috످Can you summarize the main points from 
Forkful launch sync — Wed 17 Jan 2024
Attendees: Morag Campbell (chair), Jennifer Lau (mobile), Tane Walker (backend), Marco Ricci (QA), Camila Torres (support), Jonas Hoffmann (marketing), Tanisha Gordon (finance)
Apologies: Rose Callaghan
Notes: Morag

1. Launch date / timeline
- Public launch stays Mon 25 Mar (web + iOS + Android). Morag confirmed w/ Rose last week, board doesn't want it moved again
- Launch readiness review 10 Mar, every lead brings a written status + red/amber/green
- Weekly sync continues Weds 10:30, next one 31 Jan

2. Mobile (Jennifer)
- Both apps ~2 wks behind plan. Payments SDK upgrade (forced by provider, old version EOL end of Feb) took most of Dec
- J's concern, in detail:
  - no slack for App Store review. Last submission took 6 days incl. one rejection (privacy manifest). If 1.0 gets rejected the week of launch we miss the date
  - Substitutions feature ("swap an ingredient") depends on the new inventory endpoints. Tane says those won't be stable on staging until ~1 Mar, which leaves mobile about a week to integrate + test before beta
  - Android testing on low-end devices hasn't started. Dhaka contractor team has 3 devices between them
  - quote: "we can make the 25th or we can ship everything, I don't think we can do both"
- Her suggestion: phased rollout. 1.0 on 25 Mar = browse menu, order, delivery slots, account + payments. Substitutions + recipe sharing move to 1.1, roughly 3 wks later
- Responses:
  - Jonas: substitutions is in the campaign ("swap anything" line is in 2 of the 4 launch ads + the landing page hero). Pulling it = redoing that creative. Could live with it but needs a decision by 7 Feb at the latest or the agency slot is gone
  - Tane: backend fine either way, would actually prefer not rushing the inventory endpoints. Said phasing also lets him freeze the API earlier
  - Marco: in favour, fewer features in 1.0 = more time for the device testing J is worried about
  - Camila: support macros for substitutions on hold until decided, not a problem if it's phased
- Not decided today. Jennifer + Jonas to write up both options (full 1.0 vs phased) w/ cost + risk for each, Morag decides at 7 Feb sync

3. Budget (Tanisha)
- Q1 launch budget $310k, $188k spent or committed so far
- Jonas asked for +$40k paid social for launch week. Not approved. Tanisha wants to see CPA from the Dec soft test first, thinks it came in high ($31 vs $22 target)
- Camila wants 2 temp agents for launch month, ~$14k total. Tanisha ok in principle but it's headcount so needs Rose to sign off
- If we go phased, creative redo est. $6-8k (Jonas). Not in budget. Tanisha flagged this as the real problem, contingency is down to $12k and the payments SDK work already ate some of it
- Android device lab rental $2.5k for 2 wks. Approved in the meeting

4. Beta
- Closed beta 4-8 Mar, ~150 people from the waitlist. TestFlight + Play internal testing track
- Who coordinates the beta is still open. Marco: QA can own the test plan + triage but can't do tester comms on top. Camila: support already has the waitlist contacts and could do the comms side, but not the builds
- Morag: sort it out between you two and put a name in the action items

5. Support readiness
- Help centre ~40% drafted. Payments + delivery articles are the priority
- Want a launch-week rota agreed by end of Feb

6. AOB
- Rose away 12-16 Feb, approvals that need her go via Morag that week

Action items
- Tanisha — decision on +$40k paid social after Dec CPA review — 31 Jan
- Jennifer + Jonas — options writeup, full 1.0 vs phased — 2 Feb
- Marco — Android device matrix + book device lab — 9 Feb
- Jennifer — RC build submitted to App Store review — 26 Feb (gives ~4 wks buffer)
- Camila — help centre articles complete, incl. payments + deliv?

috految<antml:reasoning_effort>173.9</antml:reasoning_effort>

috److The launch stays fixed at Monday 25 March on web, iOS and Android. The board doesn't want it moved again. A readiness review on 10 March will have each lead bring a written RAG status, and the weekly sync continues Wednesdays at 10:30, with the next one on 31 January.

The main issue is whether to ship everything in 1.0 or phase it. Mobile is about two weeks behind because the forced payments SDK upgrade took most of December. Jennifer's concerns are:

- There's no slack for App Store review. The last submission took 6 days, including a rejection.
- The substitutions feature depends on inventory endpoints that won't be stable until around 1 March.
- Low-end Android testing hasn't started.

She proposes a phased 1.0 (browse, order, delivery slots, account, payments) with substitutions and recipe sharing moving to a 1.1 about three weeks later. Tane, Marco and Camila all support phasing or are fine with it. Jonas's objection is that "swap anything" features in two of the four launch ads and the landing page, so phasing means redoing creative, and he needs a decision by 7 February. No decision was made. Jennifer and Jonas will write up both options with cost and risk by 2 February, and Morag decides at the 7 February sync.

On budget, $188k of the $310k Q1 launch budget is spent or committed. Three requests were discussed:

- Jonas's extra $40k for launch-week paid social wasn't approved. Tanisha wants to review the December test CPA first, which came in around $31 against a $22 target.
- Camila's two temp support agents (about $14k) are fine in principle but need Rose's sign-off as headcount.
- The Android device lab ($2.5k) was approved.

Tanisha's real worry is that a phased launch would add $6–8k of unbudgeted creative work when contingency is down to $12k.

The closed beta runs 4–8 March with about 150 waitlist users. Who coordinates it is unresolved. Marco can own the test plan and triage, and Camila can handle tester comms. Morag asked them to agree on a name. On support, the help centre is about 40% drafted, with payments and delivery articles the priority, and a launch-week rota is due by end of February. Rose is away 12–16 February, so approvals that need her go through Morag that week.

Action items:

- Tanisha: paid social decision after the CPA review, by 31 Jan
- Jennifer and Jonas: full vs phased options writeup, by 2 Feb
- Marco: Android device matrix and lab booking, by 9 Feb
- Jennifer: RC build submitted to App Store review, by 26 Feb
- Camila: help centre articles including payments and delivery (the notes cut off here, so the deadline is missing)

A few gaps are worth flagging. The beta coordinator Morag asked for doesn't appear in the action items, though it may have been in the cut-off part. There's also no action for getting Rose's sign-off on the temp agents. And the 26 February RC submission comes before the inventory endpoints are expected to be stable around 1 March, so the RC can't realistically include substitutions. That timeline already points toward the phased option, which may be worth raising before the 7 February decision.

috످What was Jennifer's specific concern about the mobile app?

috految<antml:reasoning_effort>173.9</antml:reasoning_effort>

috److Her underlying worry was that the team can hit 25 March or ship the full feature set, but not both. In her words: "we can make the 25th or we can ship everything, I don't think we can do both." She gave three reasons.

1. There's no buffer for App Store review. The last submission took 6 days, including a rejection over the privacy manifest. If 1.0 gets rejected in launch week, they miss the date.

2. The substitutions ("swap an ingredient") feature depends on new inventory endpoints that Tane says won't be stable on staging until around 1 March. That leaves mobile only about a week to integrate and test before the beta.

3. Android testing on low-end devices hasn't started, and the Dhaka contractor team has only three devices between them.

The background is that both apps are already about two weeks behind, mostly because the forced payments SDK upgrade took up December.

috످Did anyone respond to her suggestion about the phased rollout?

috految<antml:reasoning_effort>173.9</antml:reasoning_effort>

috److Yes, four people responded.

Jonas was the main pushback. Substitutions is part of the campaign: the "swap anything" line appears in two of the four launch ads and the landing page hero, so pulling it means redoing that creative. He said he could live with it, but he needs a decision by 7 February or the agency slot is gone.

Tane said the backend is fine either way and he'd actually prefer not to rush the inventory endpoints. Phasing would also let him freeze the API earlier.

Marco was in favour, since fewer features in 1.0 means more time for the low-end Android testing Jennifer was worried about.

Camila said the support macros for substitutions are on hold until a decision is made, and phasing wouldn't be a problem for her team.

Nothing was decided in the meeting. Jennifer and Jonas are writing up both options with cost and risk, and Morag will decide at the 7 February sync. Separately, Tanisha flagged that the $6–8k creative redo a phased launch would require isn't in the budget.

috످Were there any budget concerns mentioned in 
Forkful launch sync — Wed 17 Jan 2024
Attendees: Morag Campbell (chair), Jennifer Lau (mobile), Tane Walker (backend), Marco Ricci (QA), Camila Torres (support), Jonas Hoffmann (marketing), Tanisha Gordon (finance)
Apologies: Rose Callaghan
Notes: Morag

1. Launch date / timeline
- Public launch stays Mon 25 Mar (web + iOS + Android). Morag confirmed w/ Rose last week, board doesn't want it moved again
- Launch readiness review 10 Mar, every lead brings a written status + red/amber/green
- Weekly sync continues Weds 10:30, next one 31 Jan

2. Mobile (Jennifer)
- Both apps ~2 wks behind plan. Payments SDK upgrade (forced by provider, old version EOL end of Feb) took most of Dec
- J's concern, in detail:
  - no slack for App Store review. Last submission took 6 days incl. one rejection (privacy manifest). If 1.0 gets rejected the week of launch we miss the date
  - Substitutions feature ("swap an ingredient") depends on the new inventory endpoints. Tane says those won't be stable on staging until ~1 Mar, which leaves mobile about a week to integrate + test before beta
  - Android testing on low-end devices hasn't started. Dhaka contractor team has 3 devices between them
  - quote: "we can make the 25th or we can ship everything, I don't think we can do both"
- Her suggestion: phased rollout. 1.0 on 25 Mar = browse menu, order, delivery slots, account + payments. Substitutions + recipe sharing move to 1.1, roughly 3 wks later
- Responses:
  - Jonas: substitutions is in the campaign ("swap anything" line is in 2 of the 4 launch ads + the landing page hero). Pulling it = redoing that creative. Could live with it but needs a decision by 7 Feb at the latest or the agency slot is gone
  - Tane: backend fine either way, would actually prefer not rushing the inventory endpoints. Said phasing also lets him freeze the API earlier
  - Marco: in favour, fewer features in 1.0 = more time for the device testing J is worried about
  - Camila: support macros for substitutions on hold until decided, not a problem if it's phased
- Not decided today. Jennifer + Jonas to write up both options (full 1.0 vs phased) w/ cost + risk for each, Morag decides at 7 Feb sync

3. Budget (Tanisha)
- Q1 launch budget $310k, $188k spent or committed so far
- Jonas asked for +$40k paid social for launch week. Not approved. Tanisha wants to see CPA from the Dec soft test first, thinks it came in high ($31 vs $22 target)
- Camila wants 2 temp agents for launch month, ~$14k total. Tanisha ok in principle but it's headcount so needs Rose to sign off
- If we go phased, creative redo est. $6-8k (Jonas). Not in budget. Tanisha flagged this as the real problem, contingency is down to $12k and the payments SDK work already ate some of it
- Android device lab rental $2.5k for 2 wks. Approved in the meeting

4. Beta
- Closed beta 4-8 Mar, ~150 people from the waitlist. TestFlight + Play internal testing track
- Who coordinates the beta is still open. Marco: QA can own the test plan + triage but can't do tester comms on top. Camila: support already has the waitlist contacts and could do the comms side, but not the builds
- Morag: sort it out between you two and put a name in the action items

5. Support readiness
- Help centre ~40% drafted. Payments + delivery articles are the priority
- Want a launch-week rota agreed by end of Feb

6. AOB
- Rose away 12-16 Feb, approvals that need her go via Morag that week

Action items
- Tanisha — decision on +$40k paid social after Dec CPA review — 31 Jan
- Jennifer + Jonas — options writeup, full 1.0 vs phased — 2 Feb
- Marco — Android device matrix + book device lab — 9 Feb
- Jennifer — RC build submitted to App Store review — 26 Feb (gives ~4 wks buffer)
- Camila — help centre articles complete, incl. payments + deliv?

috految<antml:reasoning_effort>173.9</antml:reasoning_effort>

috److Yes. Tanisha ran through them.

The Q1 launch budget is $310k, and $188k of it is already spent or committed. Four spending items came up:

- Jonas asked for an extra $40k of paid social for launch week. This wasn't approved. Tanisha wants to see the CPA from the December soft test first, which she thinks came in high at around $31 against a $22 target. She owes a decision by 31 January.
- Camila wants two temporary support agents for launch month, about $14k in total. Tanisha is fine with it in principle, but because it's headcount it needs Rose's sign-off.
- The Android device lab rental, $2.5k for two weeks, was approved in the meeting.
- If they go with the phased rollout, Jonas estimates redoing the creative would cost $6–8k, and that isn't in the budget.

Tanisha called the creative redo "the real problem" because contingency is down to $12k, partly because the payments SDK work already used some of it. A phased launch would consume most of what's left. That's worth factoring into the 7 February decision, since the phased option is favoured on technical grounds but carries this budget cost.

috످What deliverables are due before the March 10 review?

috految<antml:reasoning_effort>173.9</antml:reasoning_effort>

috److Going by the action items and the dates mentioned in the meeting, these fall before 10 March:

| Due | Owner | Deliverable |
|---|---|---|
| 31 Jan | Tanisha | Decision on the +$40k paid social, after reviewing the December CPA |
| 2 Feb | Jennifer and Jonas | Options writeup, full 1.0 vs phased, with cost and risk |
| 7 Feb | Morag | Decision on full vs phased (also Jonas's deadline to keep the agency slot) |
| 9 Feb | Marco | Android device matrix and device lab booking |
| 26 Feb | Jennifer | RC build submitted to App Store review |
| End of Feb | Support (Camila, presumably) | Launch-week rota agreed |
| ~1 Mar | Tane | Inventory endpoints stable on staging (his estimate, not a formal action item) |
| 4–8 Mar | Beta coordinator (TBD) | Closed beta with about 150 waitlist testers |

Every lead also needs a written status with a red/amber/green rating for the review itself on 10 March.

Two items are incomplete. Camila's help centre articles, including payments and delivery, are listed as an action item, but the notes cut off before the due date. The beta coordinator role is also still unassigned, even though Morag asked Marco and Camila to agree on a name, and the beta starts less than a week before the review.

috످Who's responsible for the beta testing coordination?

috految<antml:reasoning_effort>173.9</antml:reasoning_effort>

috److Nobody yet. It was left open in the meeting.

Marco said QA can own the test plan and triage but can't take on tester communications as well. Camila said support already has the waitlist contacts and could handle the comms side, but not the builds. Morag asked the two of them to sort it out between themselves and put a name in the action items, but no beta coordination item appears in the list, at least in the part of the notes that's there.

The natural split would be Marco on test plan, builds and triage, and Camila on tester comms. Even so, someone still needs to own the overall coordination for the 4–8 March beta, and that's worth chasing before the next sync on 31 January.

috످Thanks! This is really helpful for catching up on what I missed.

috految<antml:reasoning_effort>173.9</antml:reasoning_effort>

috److془The user is thanking. Should respond briefly. Flag corrections: I suggested Marco for builds, but he only offered test plan and triage. Also "Nobody yet" may be wrong as notes cut off. Also Mar 10 2024 is Sunday. Yes March 10, 2024 is Sunday (Mar 25 Monday → Mar 11 Monday → Mar 10 Sunday).

Keep brief.془You're welcome! Since the notes cut off partway through the action items, ask Morag for the full list in case anything was assigned to you or a beta coordinator was named. It's also worth confirming the 10 March review date, as that's a Sunday.

I suggested earlier that Marco could handle the beta builds, but he only offered to do the test plan and triage, so the builds may still need an owner.

috످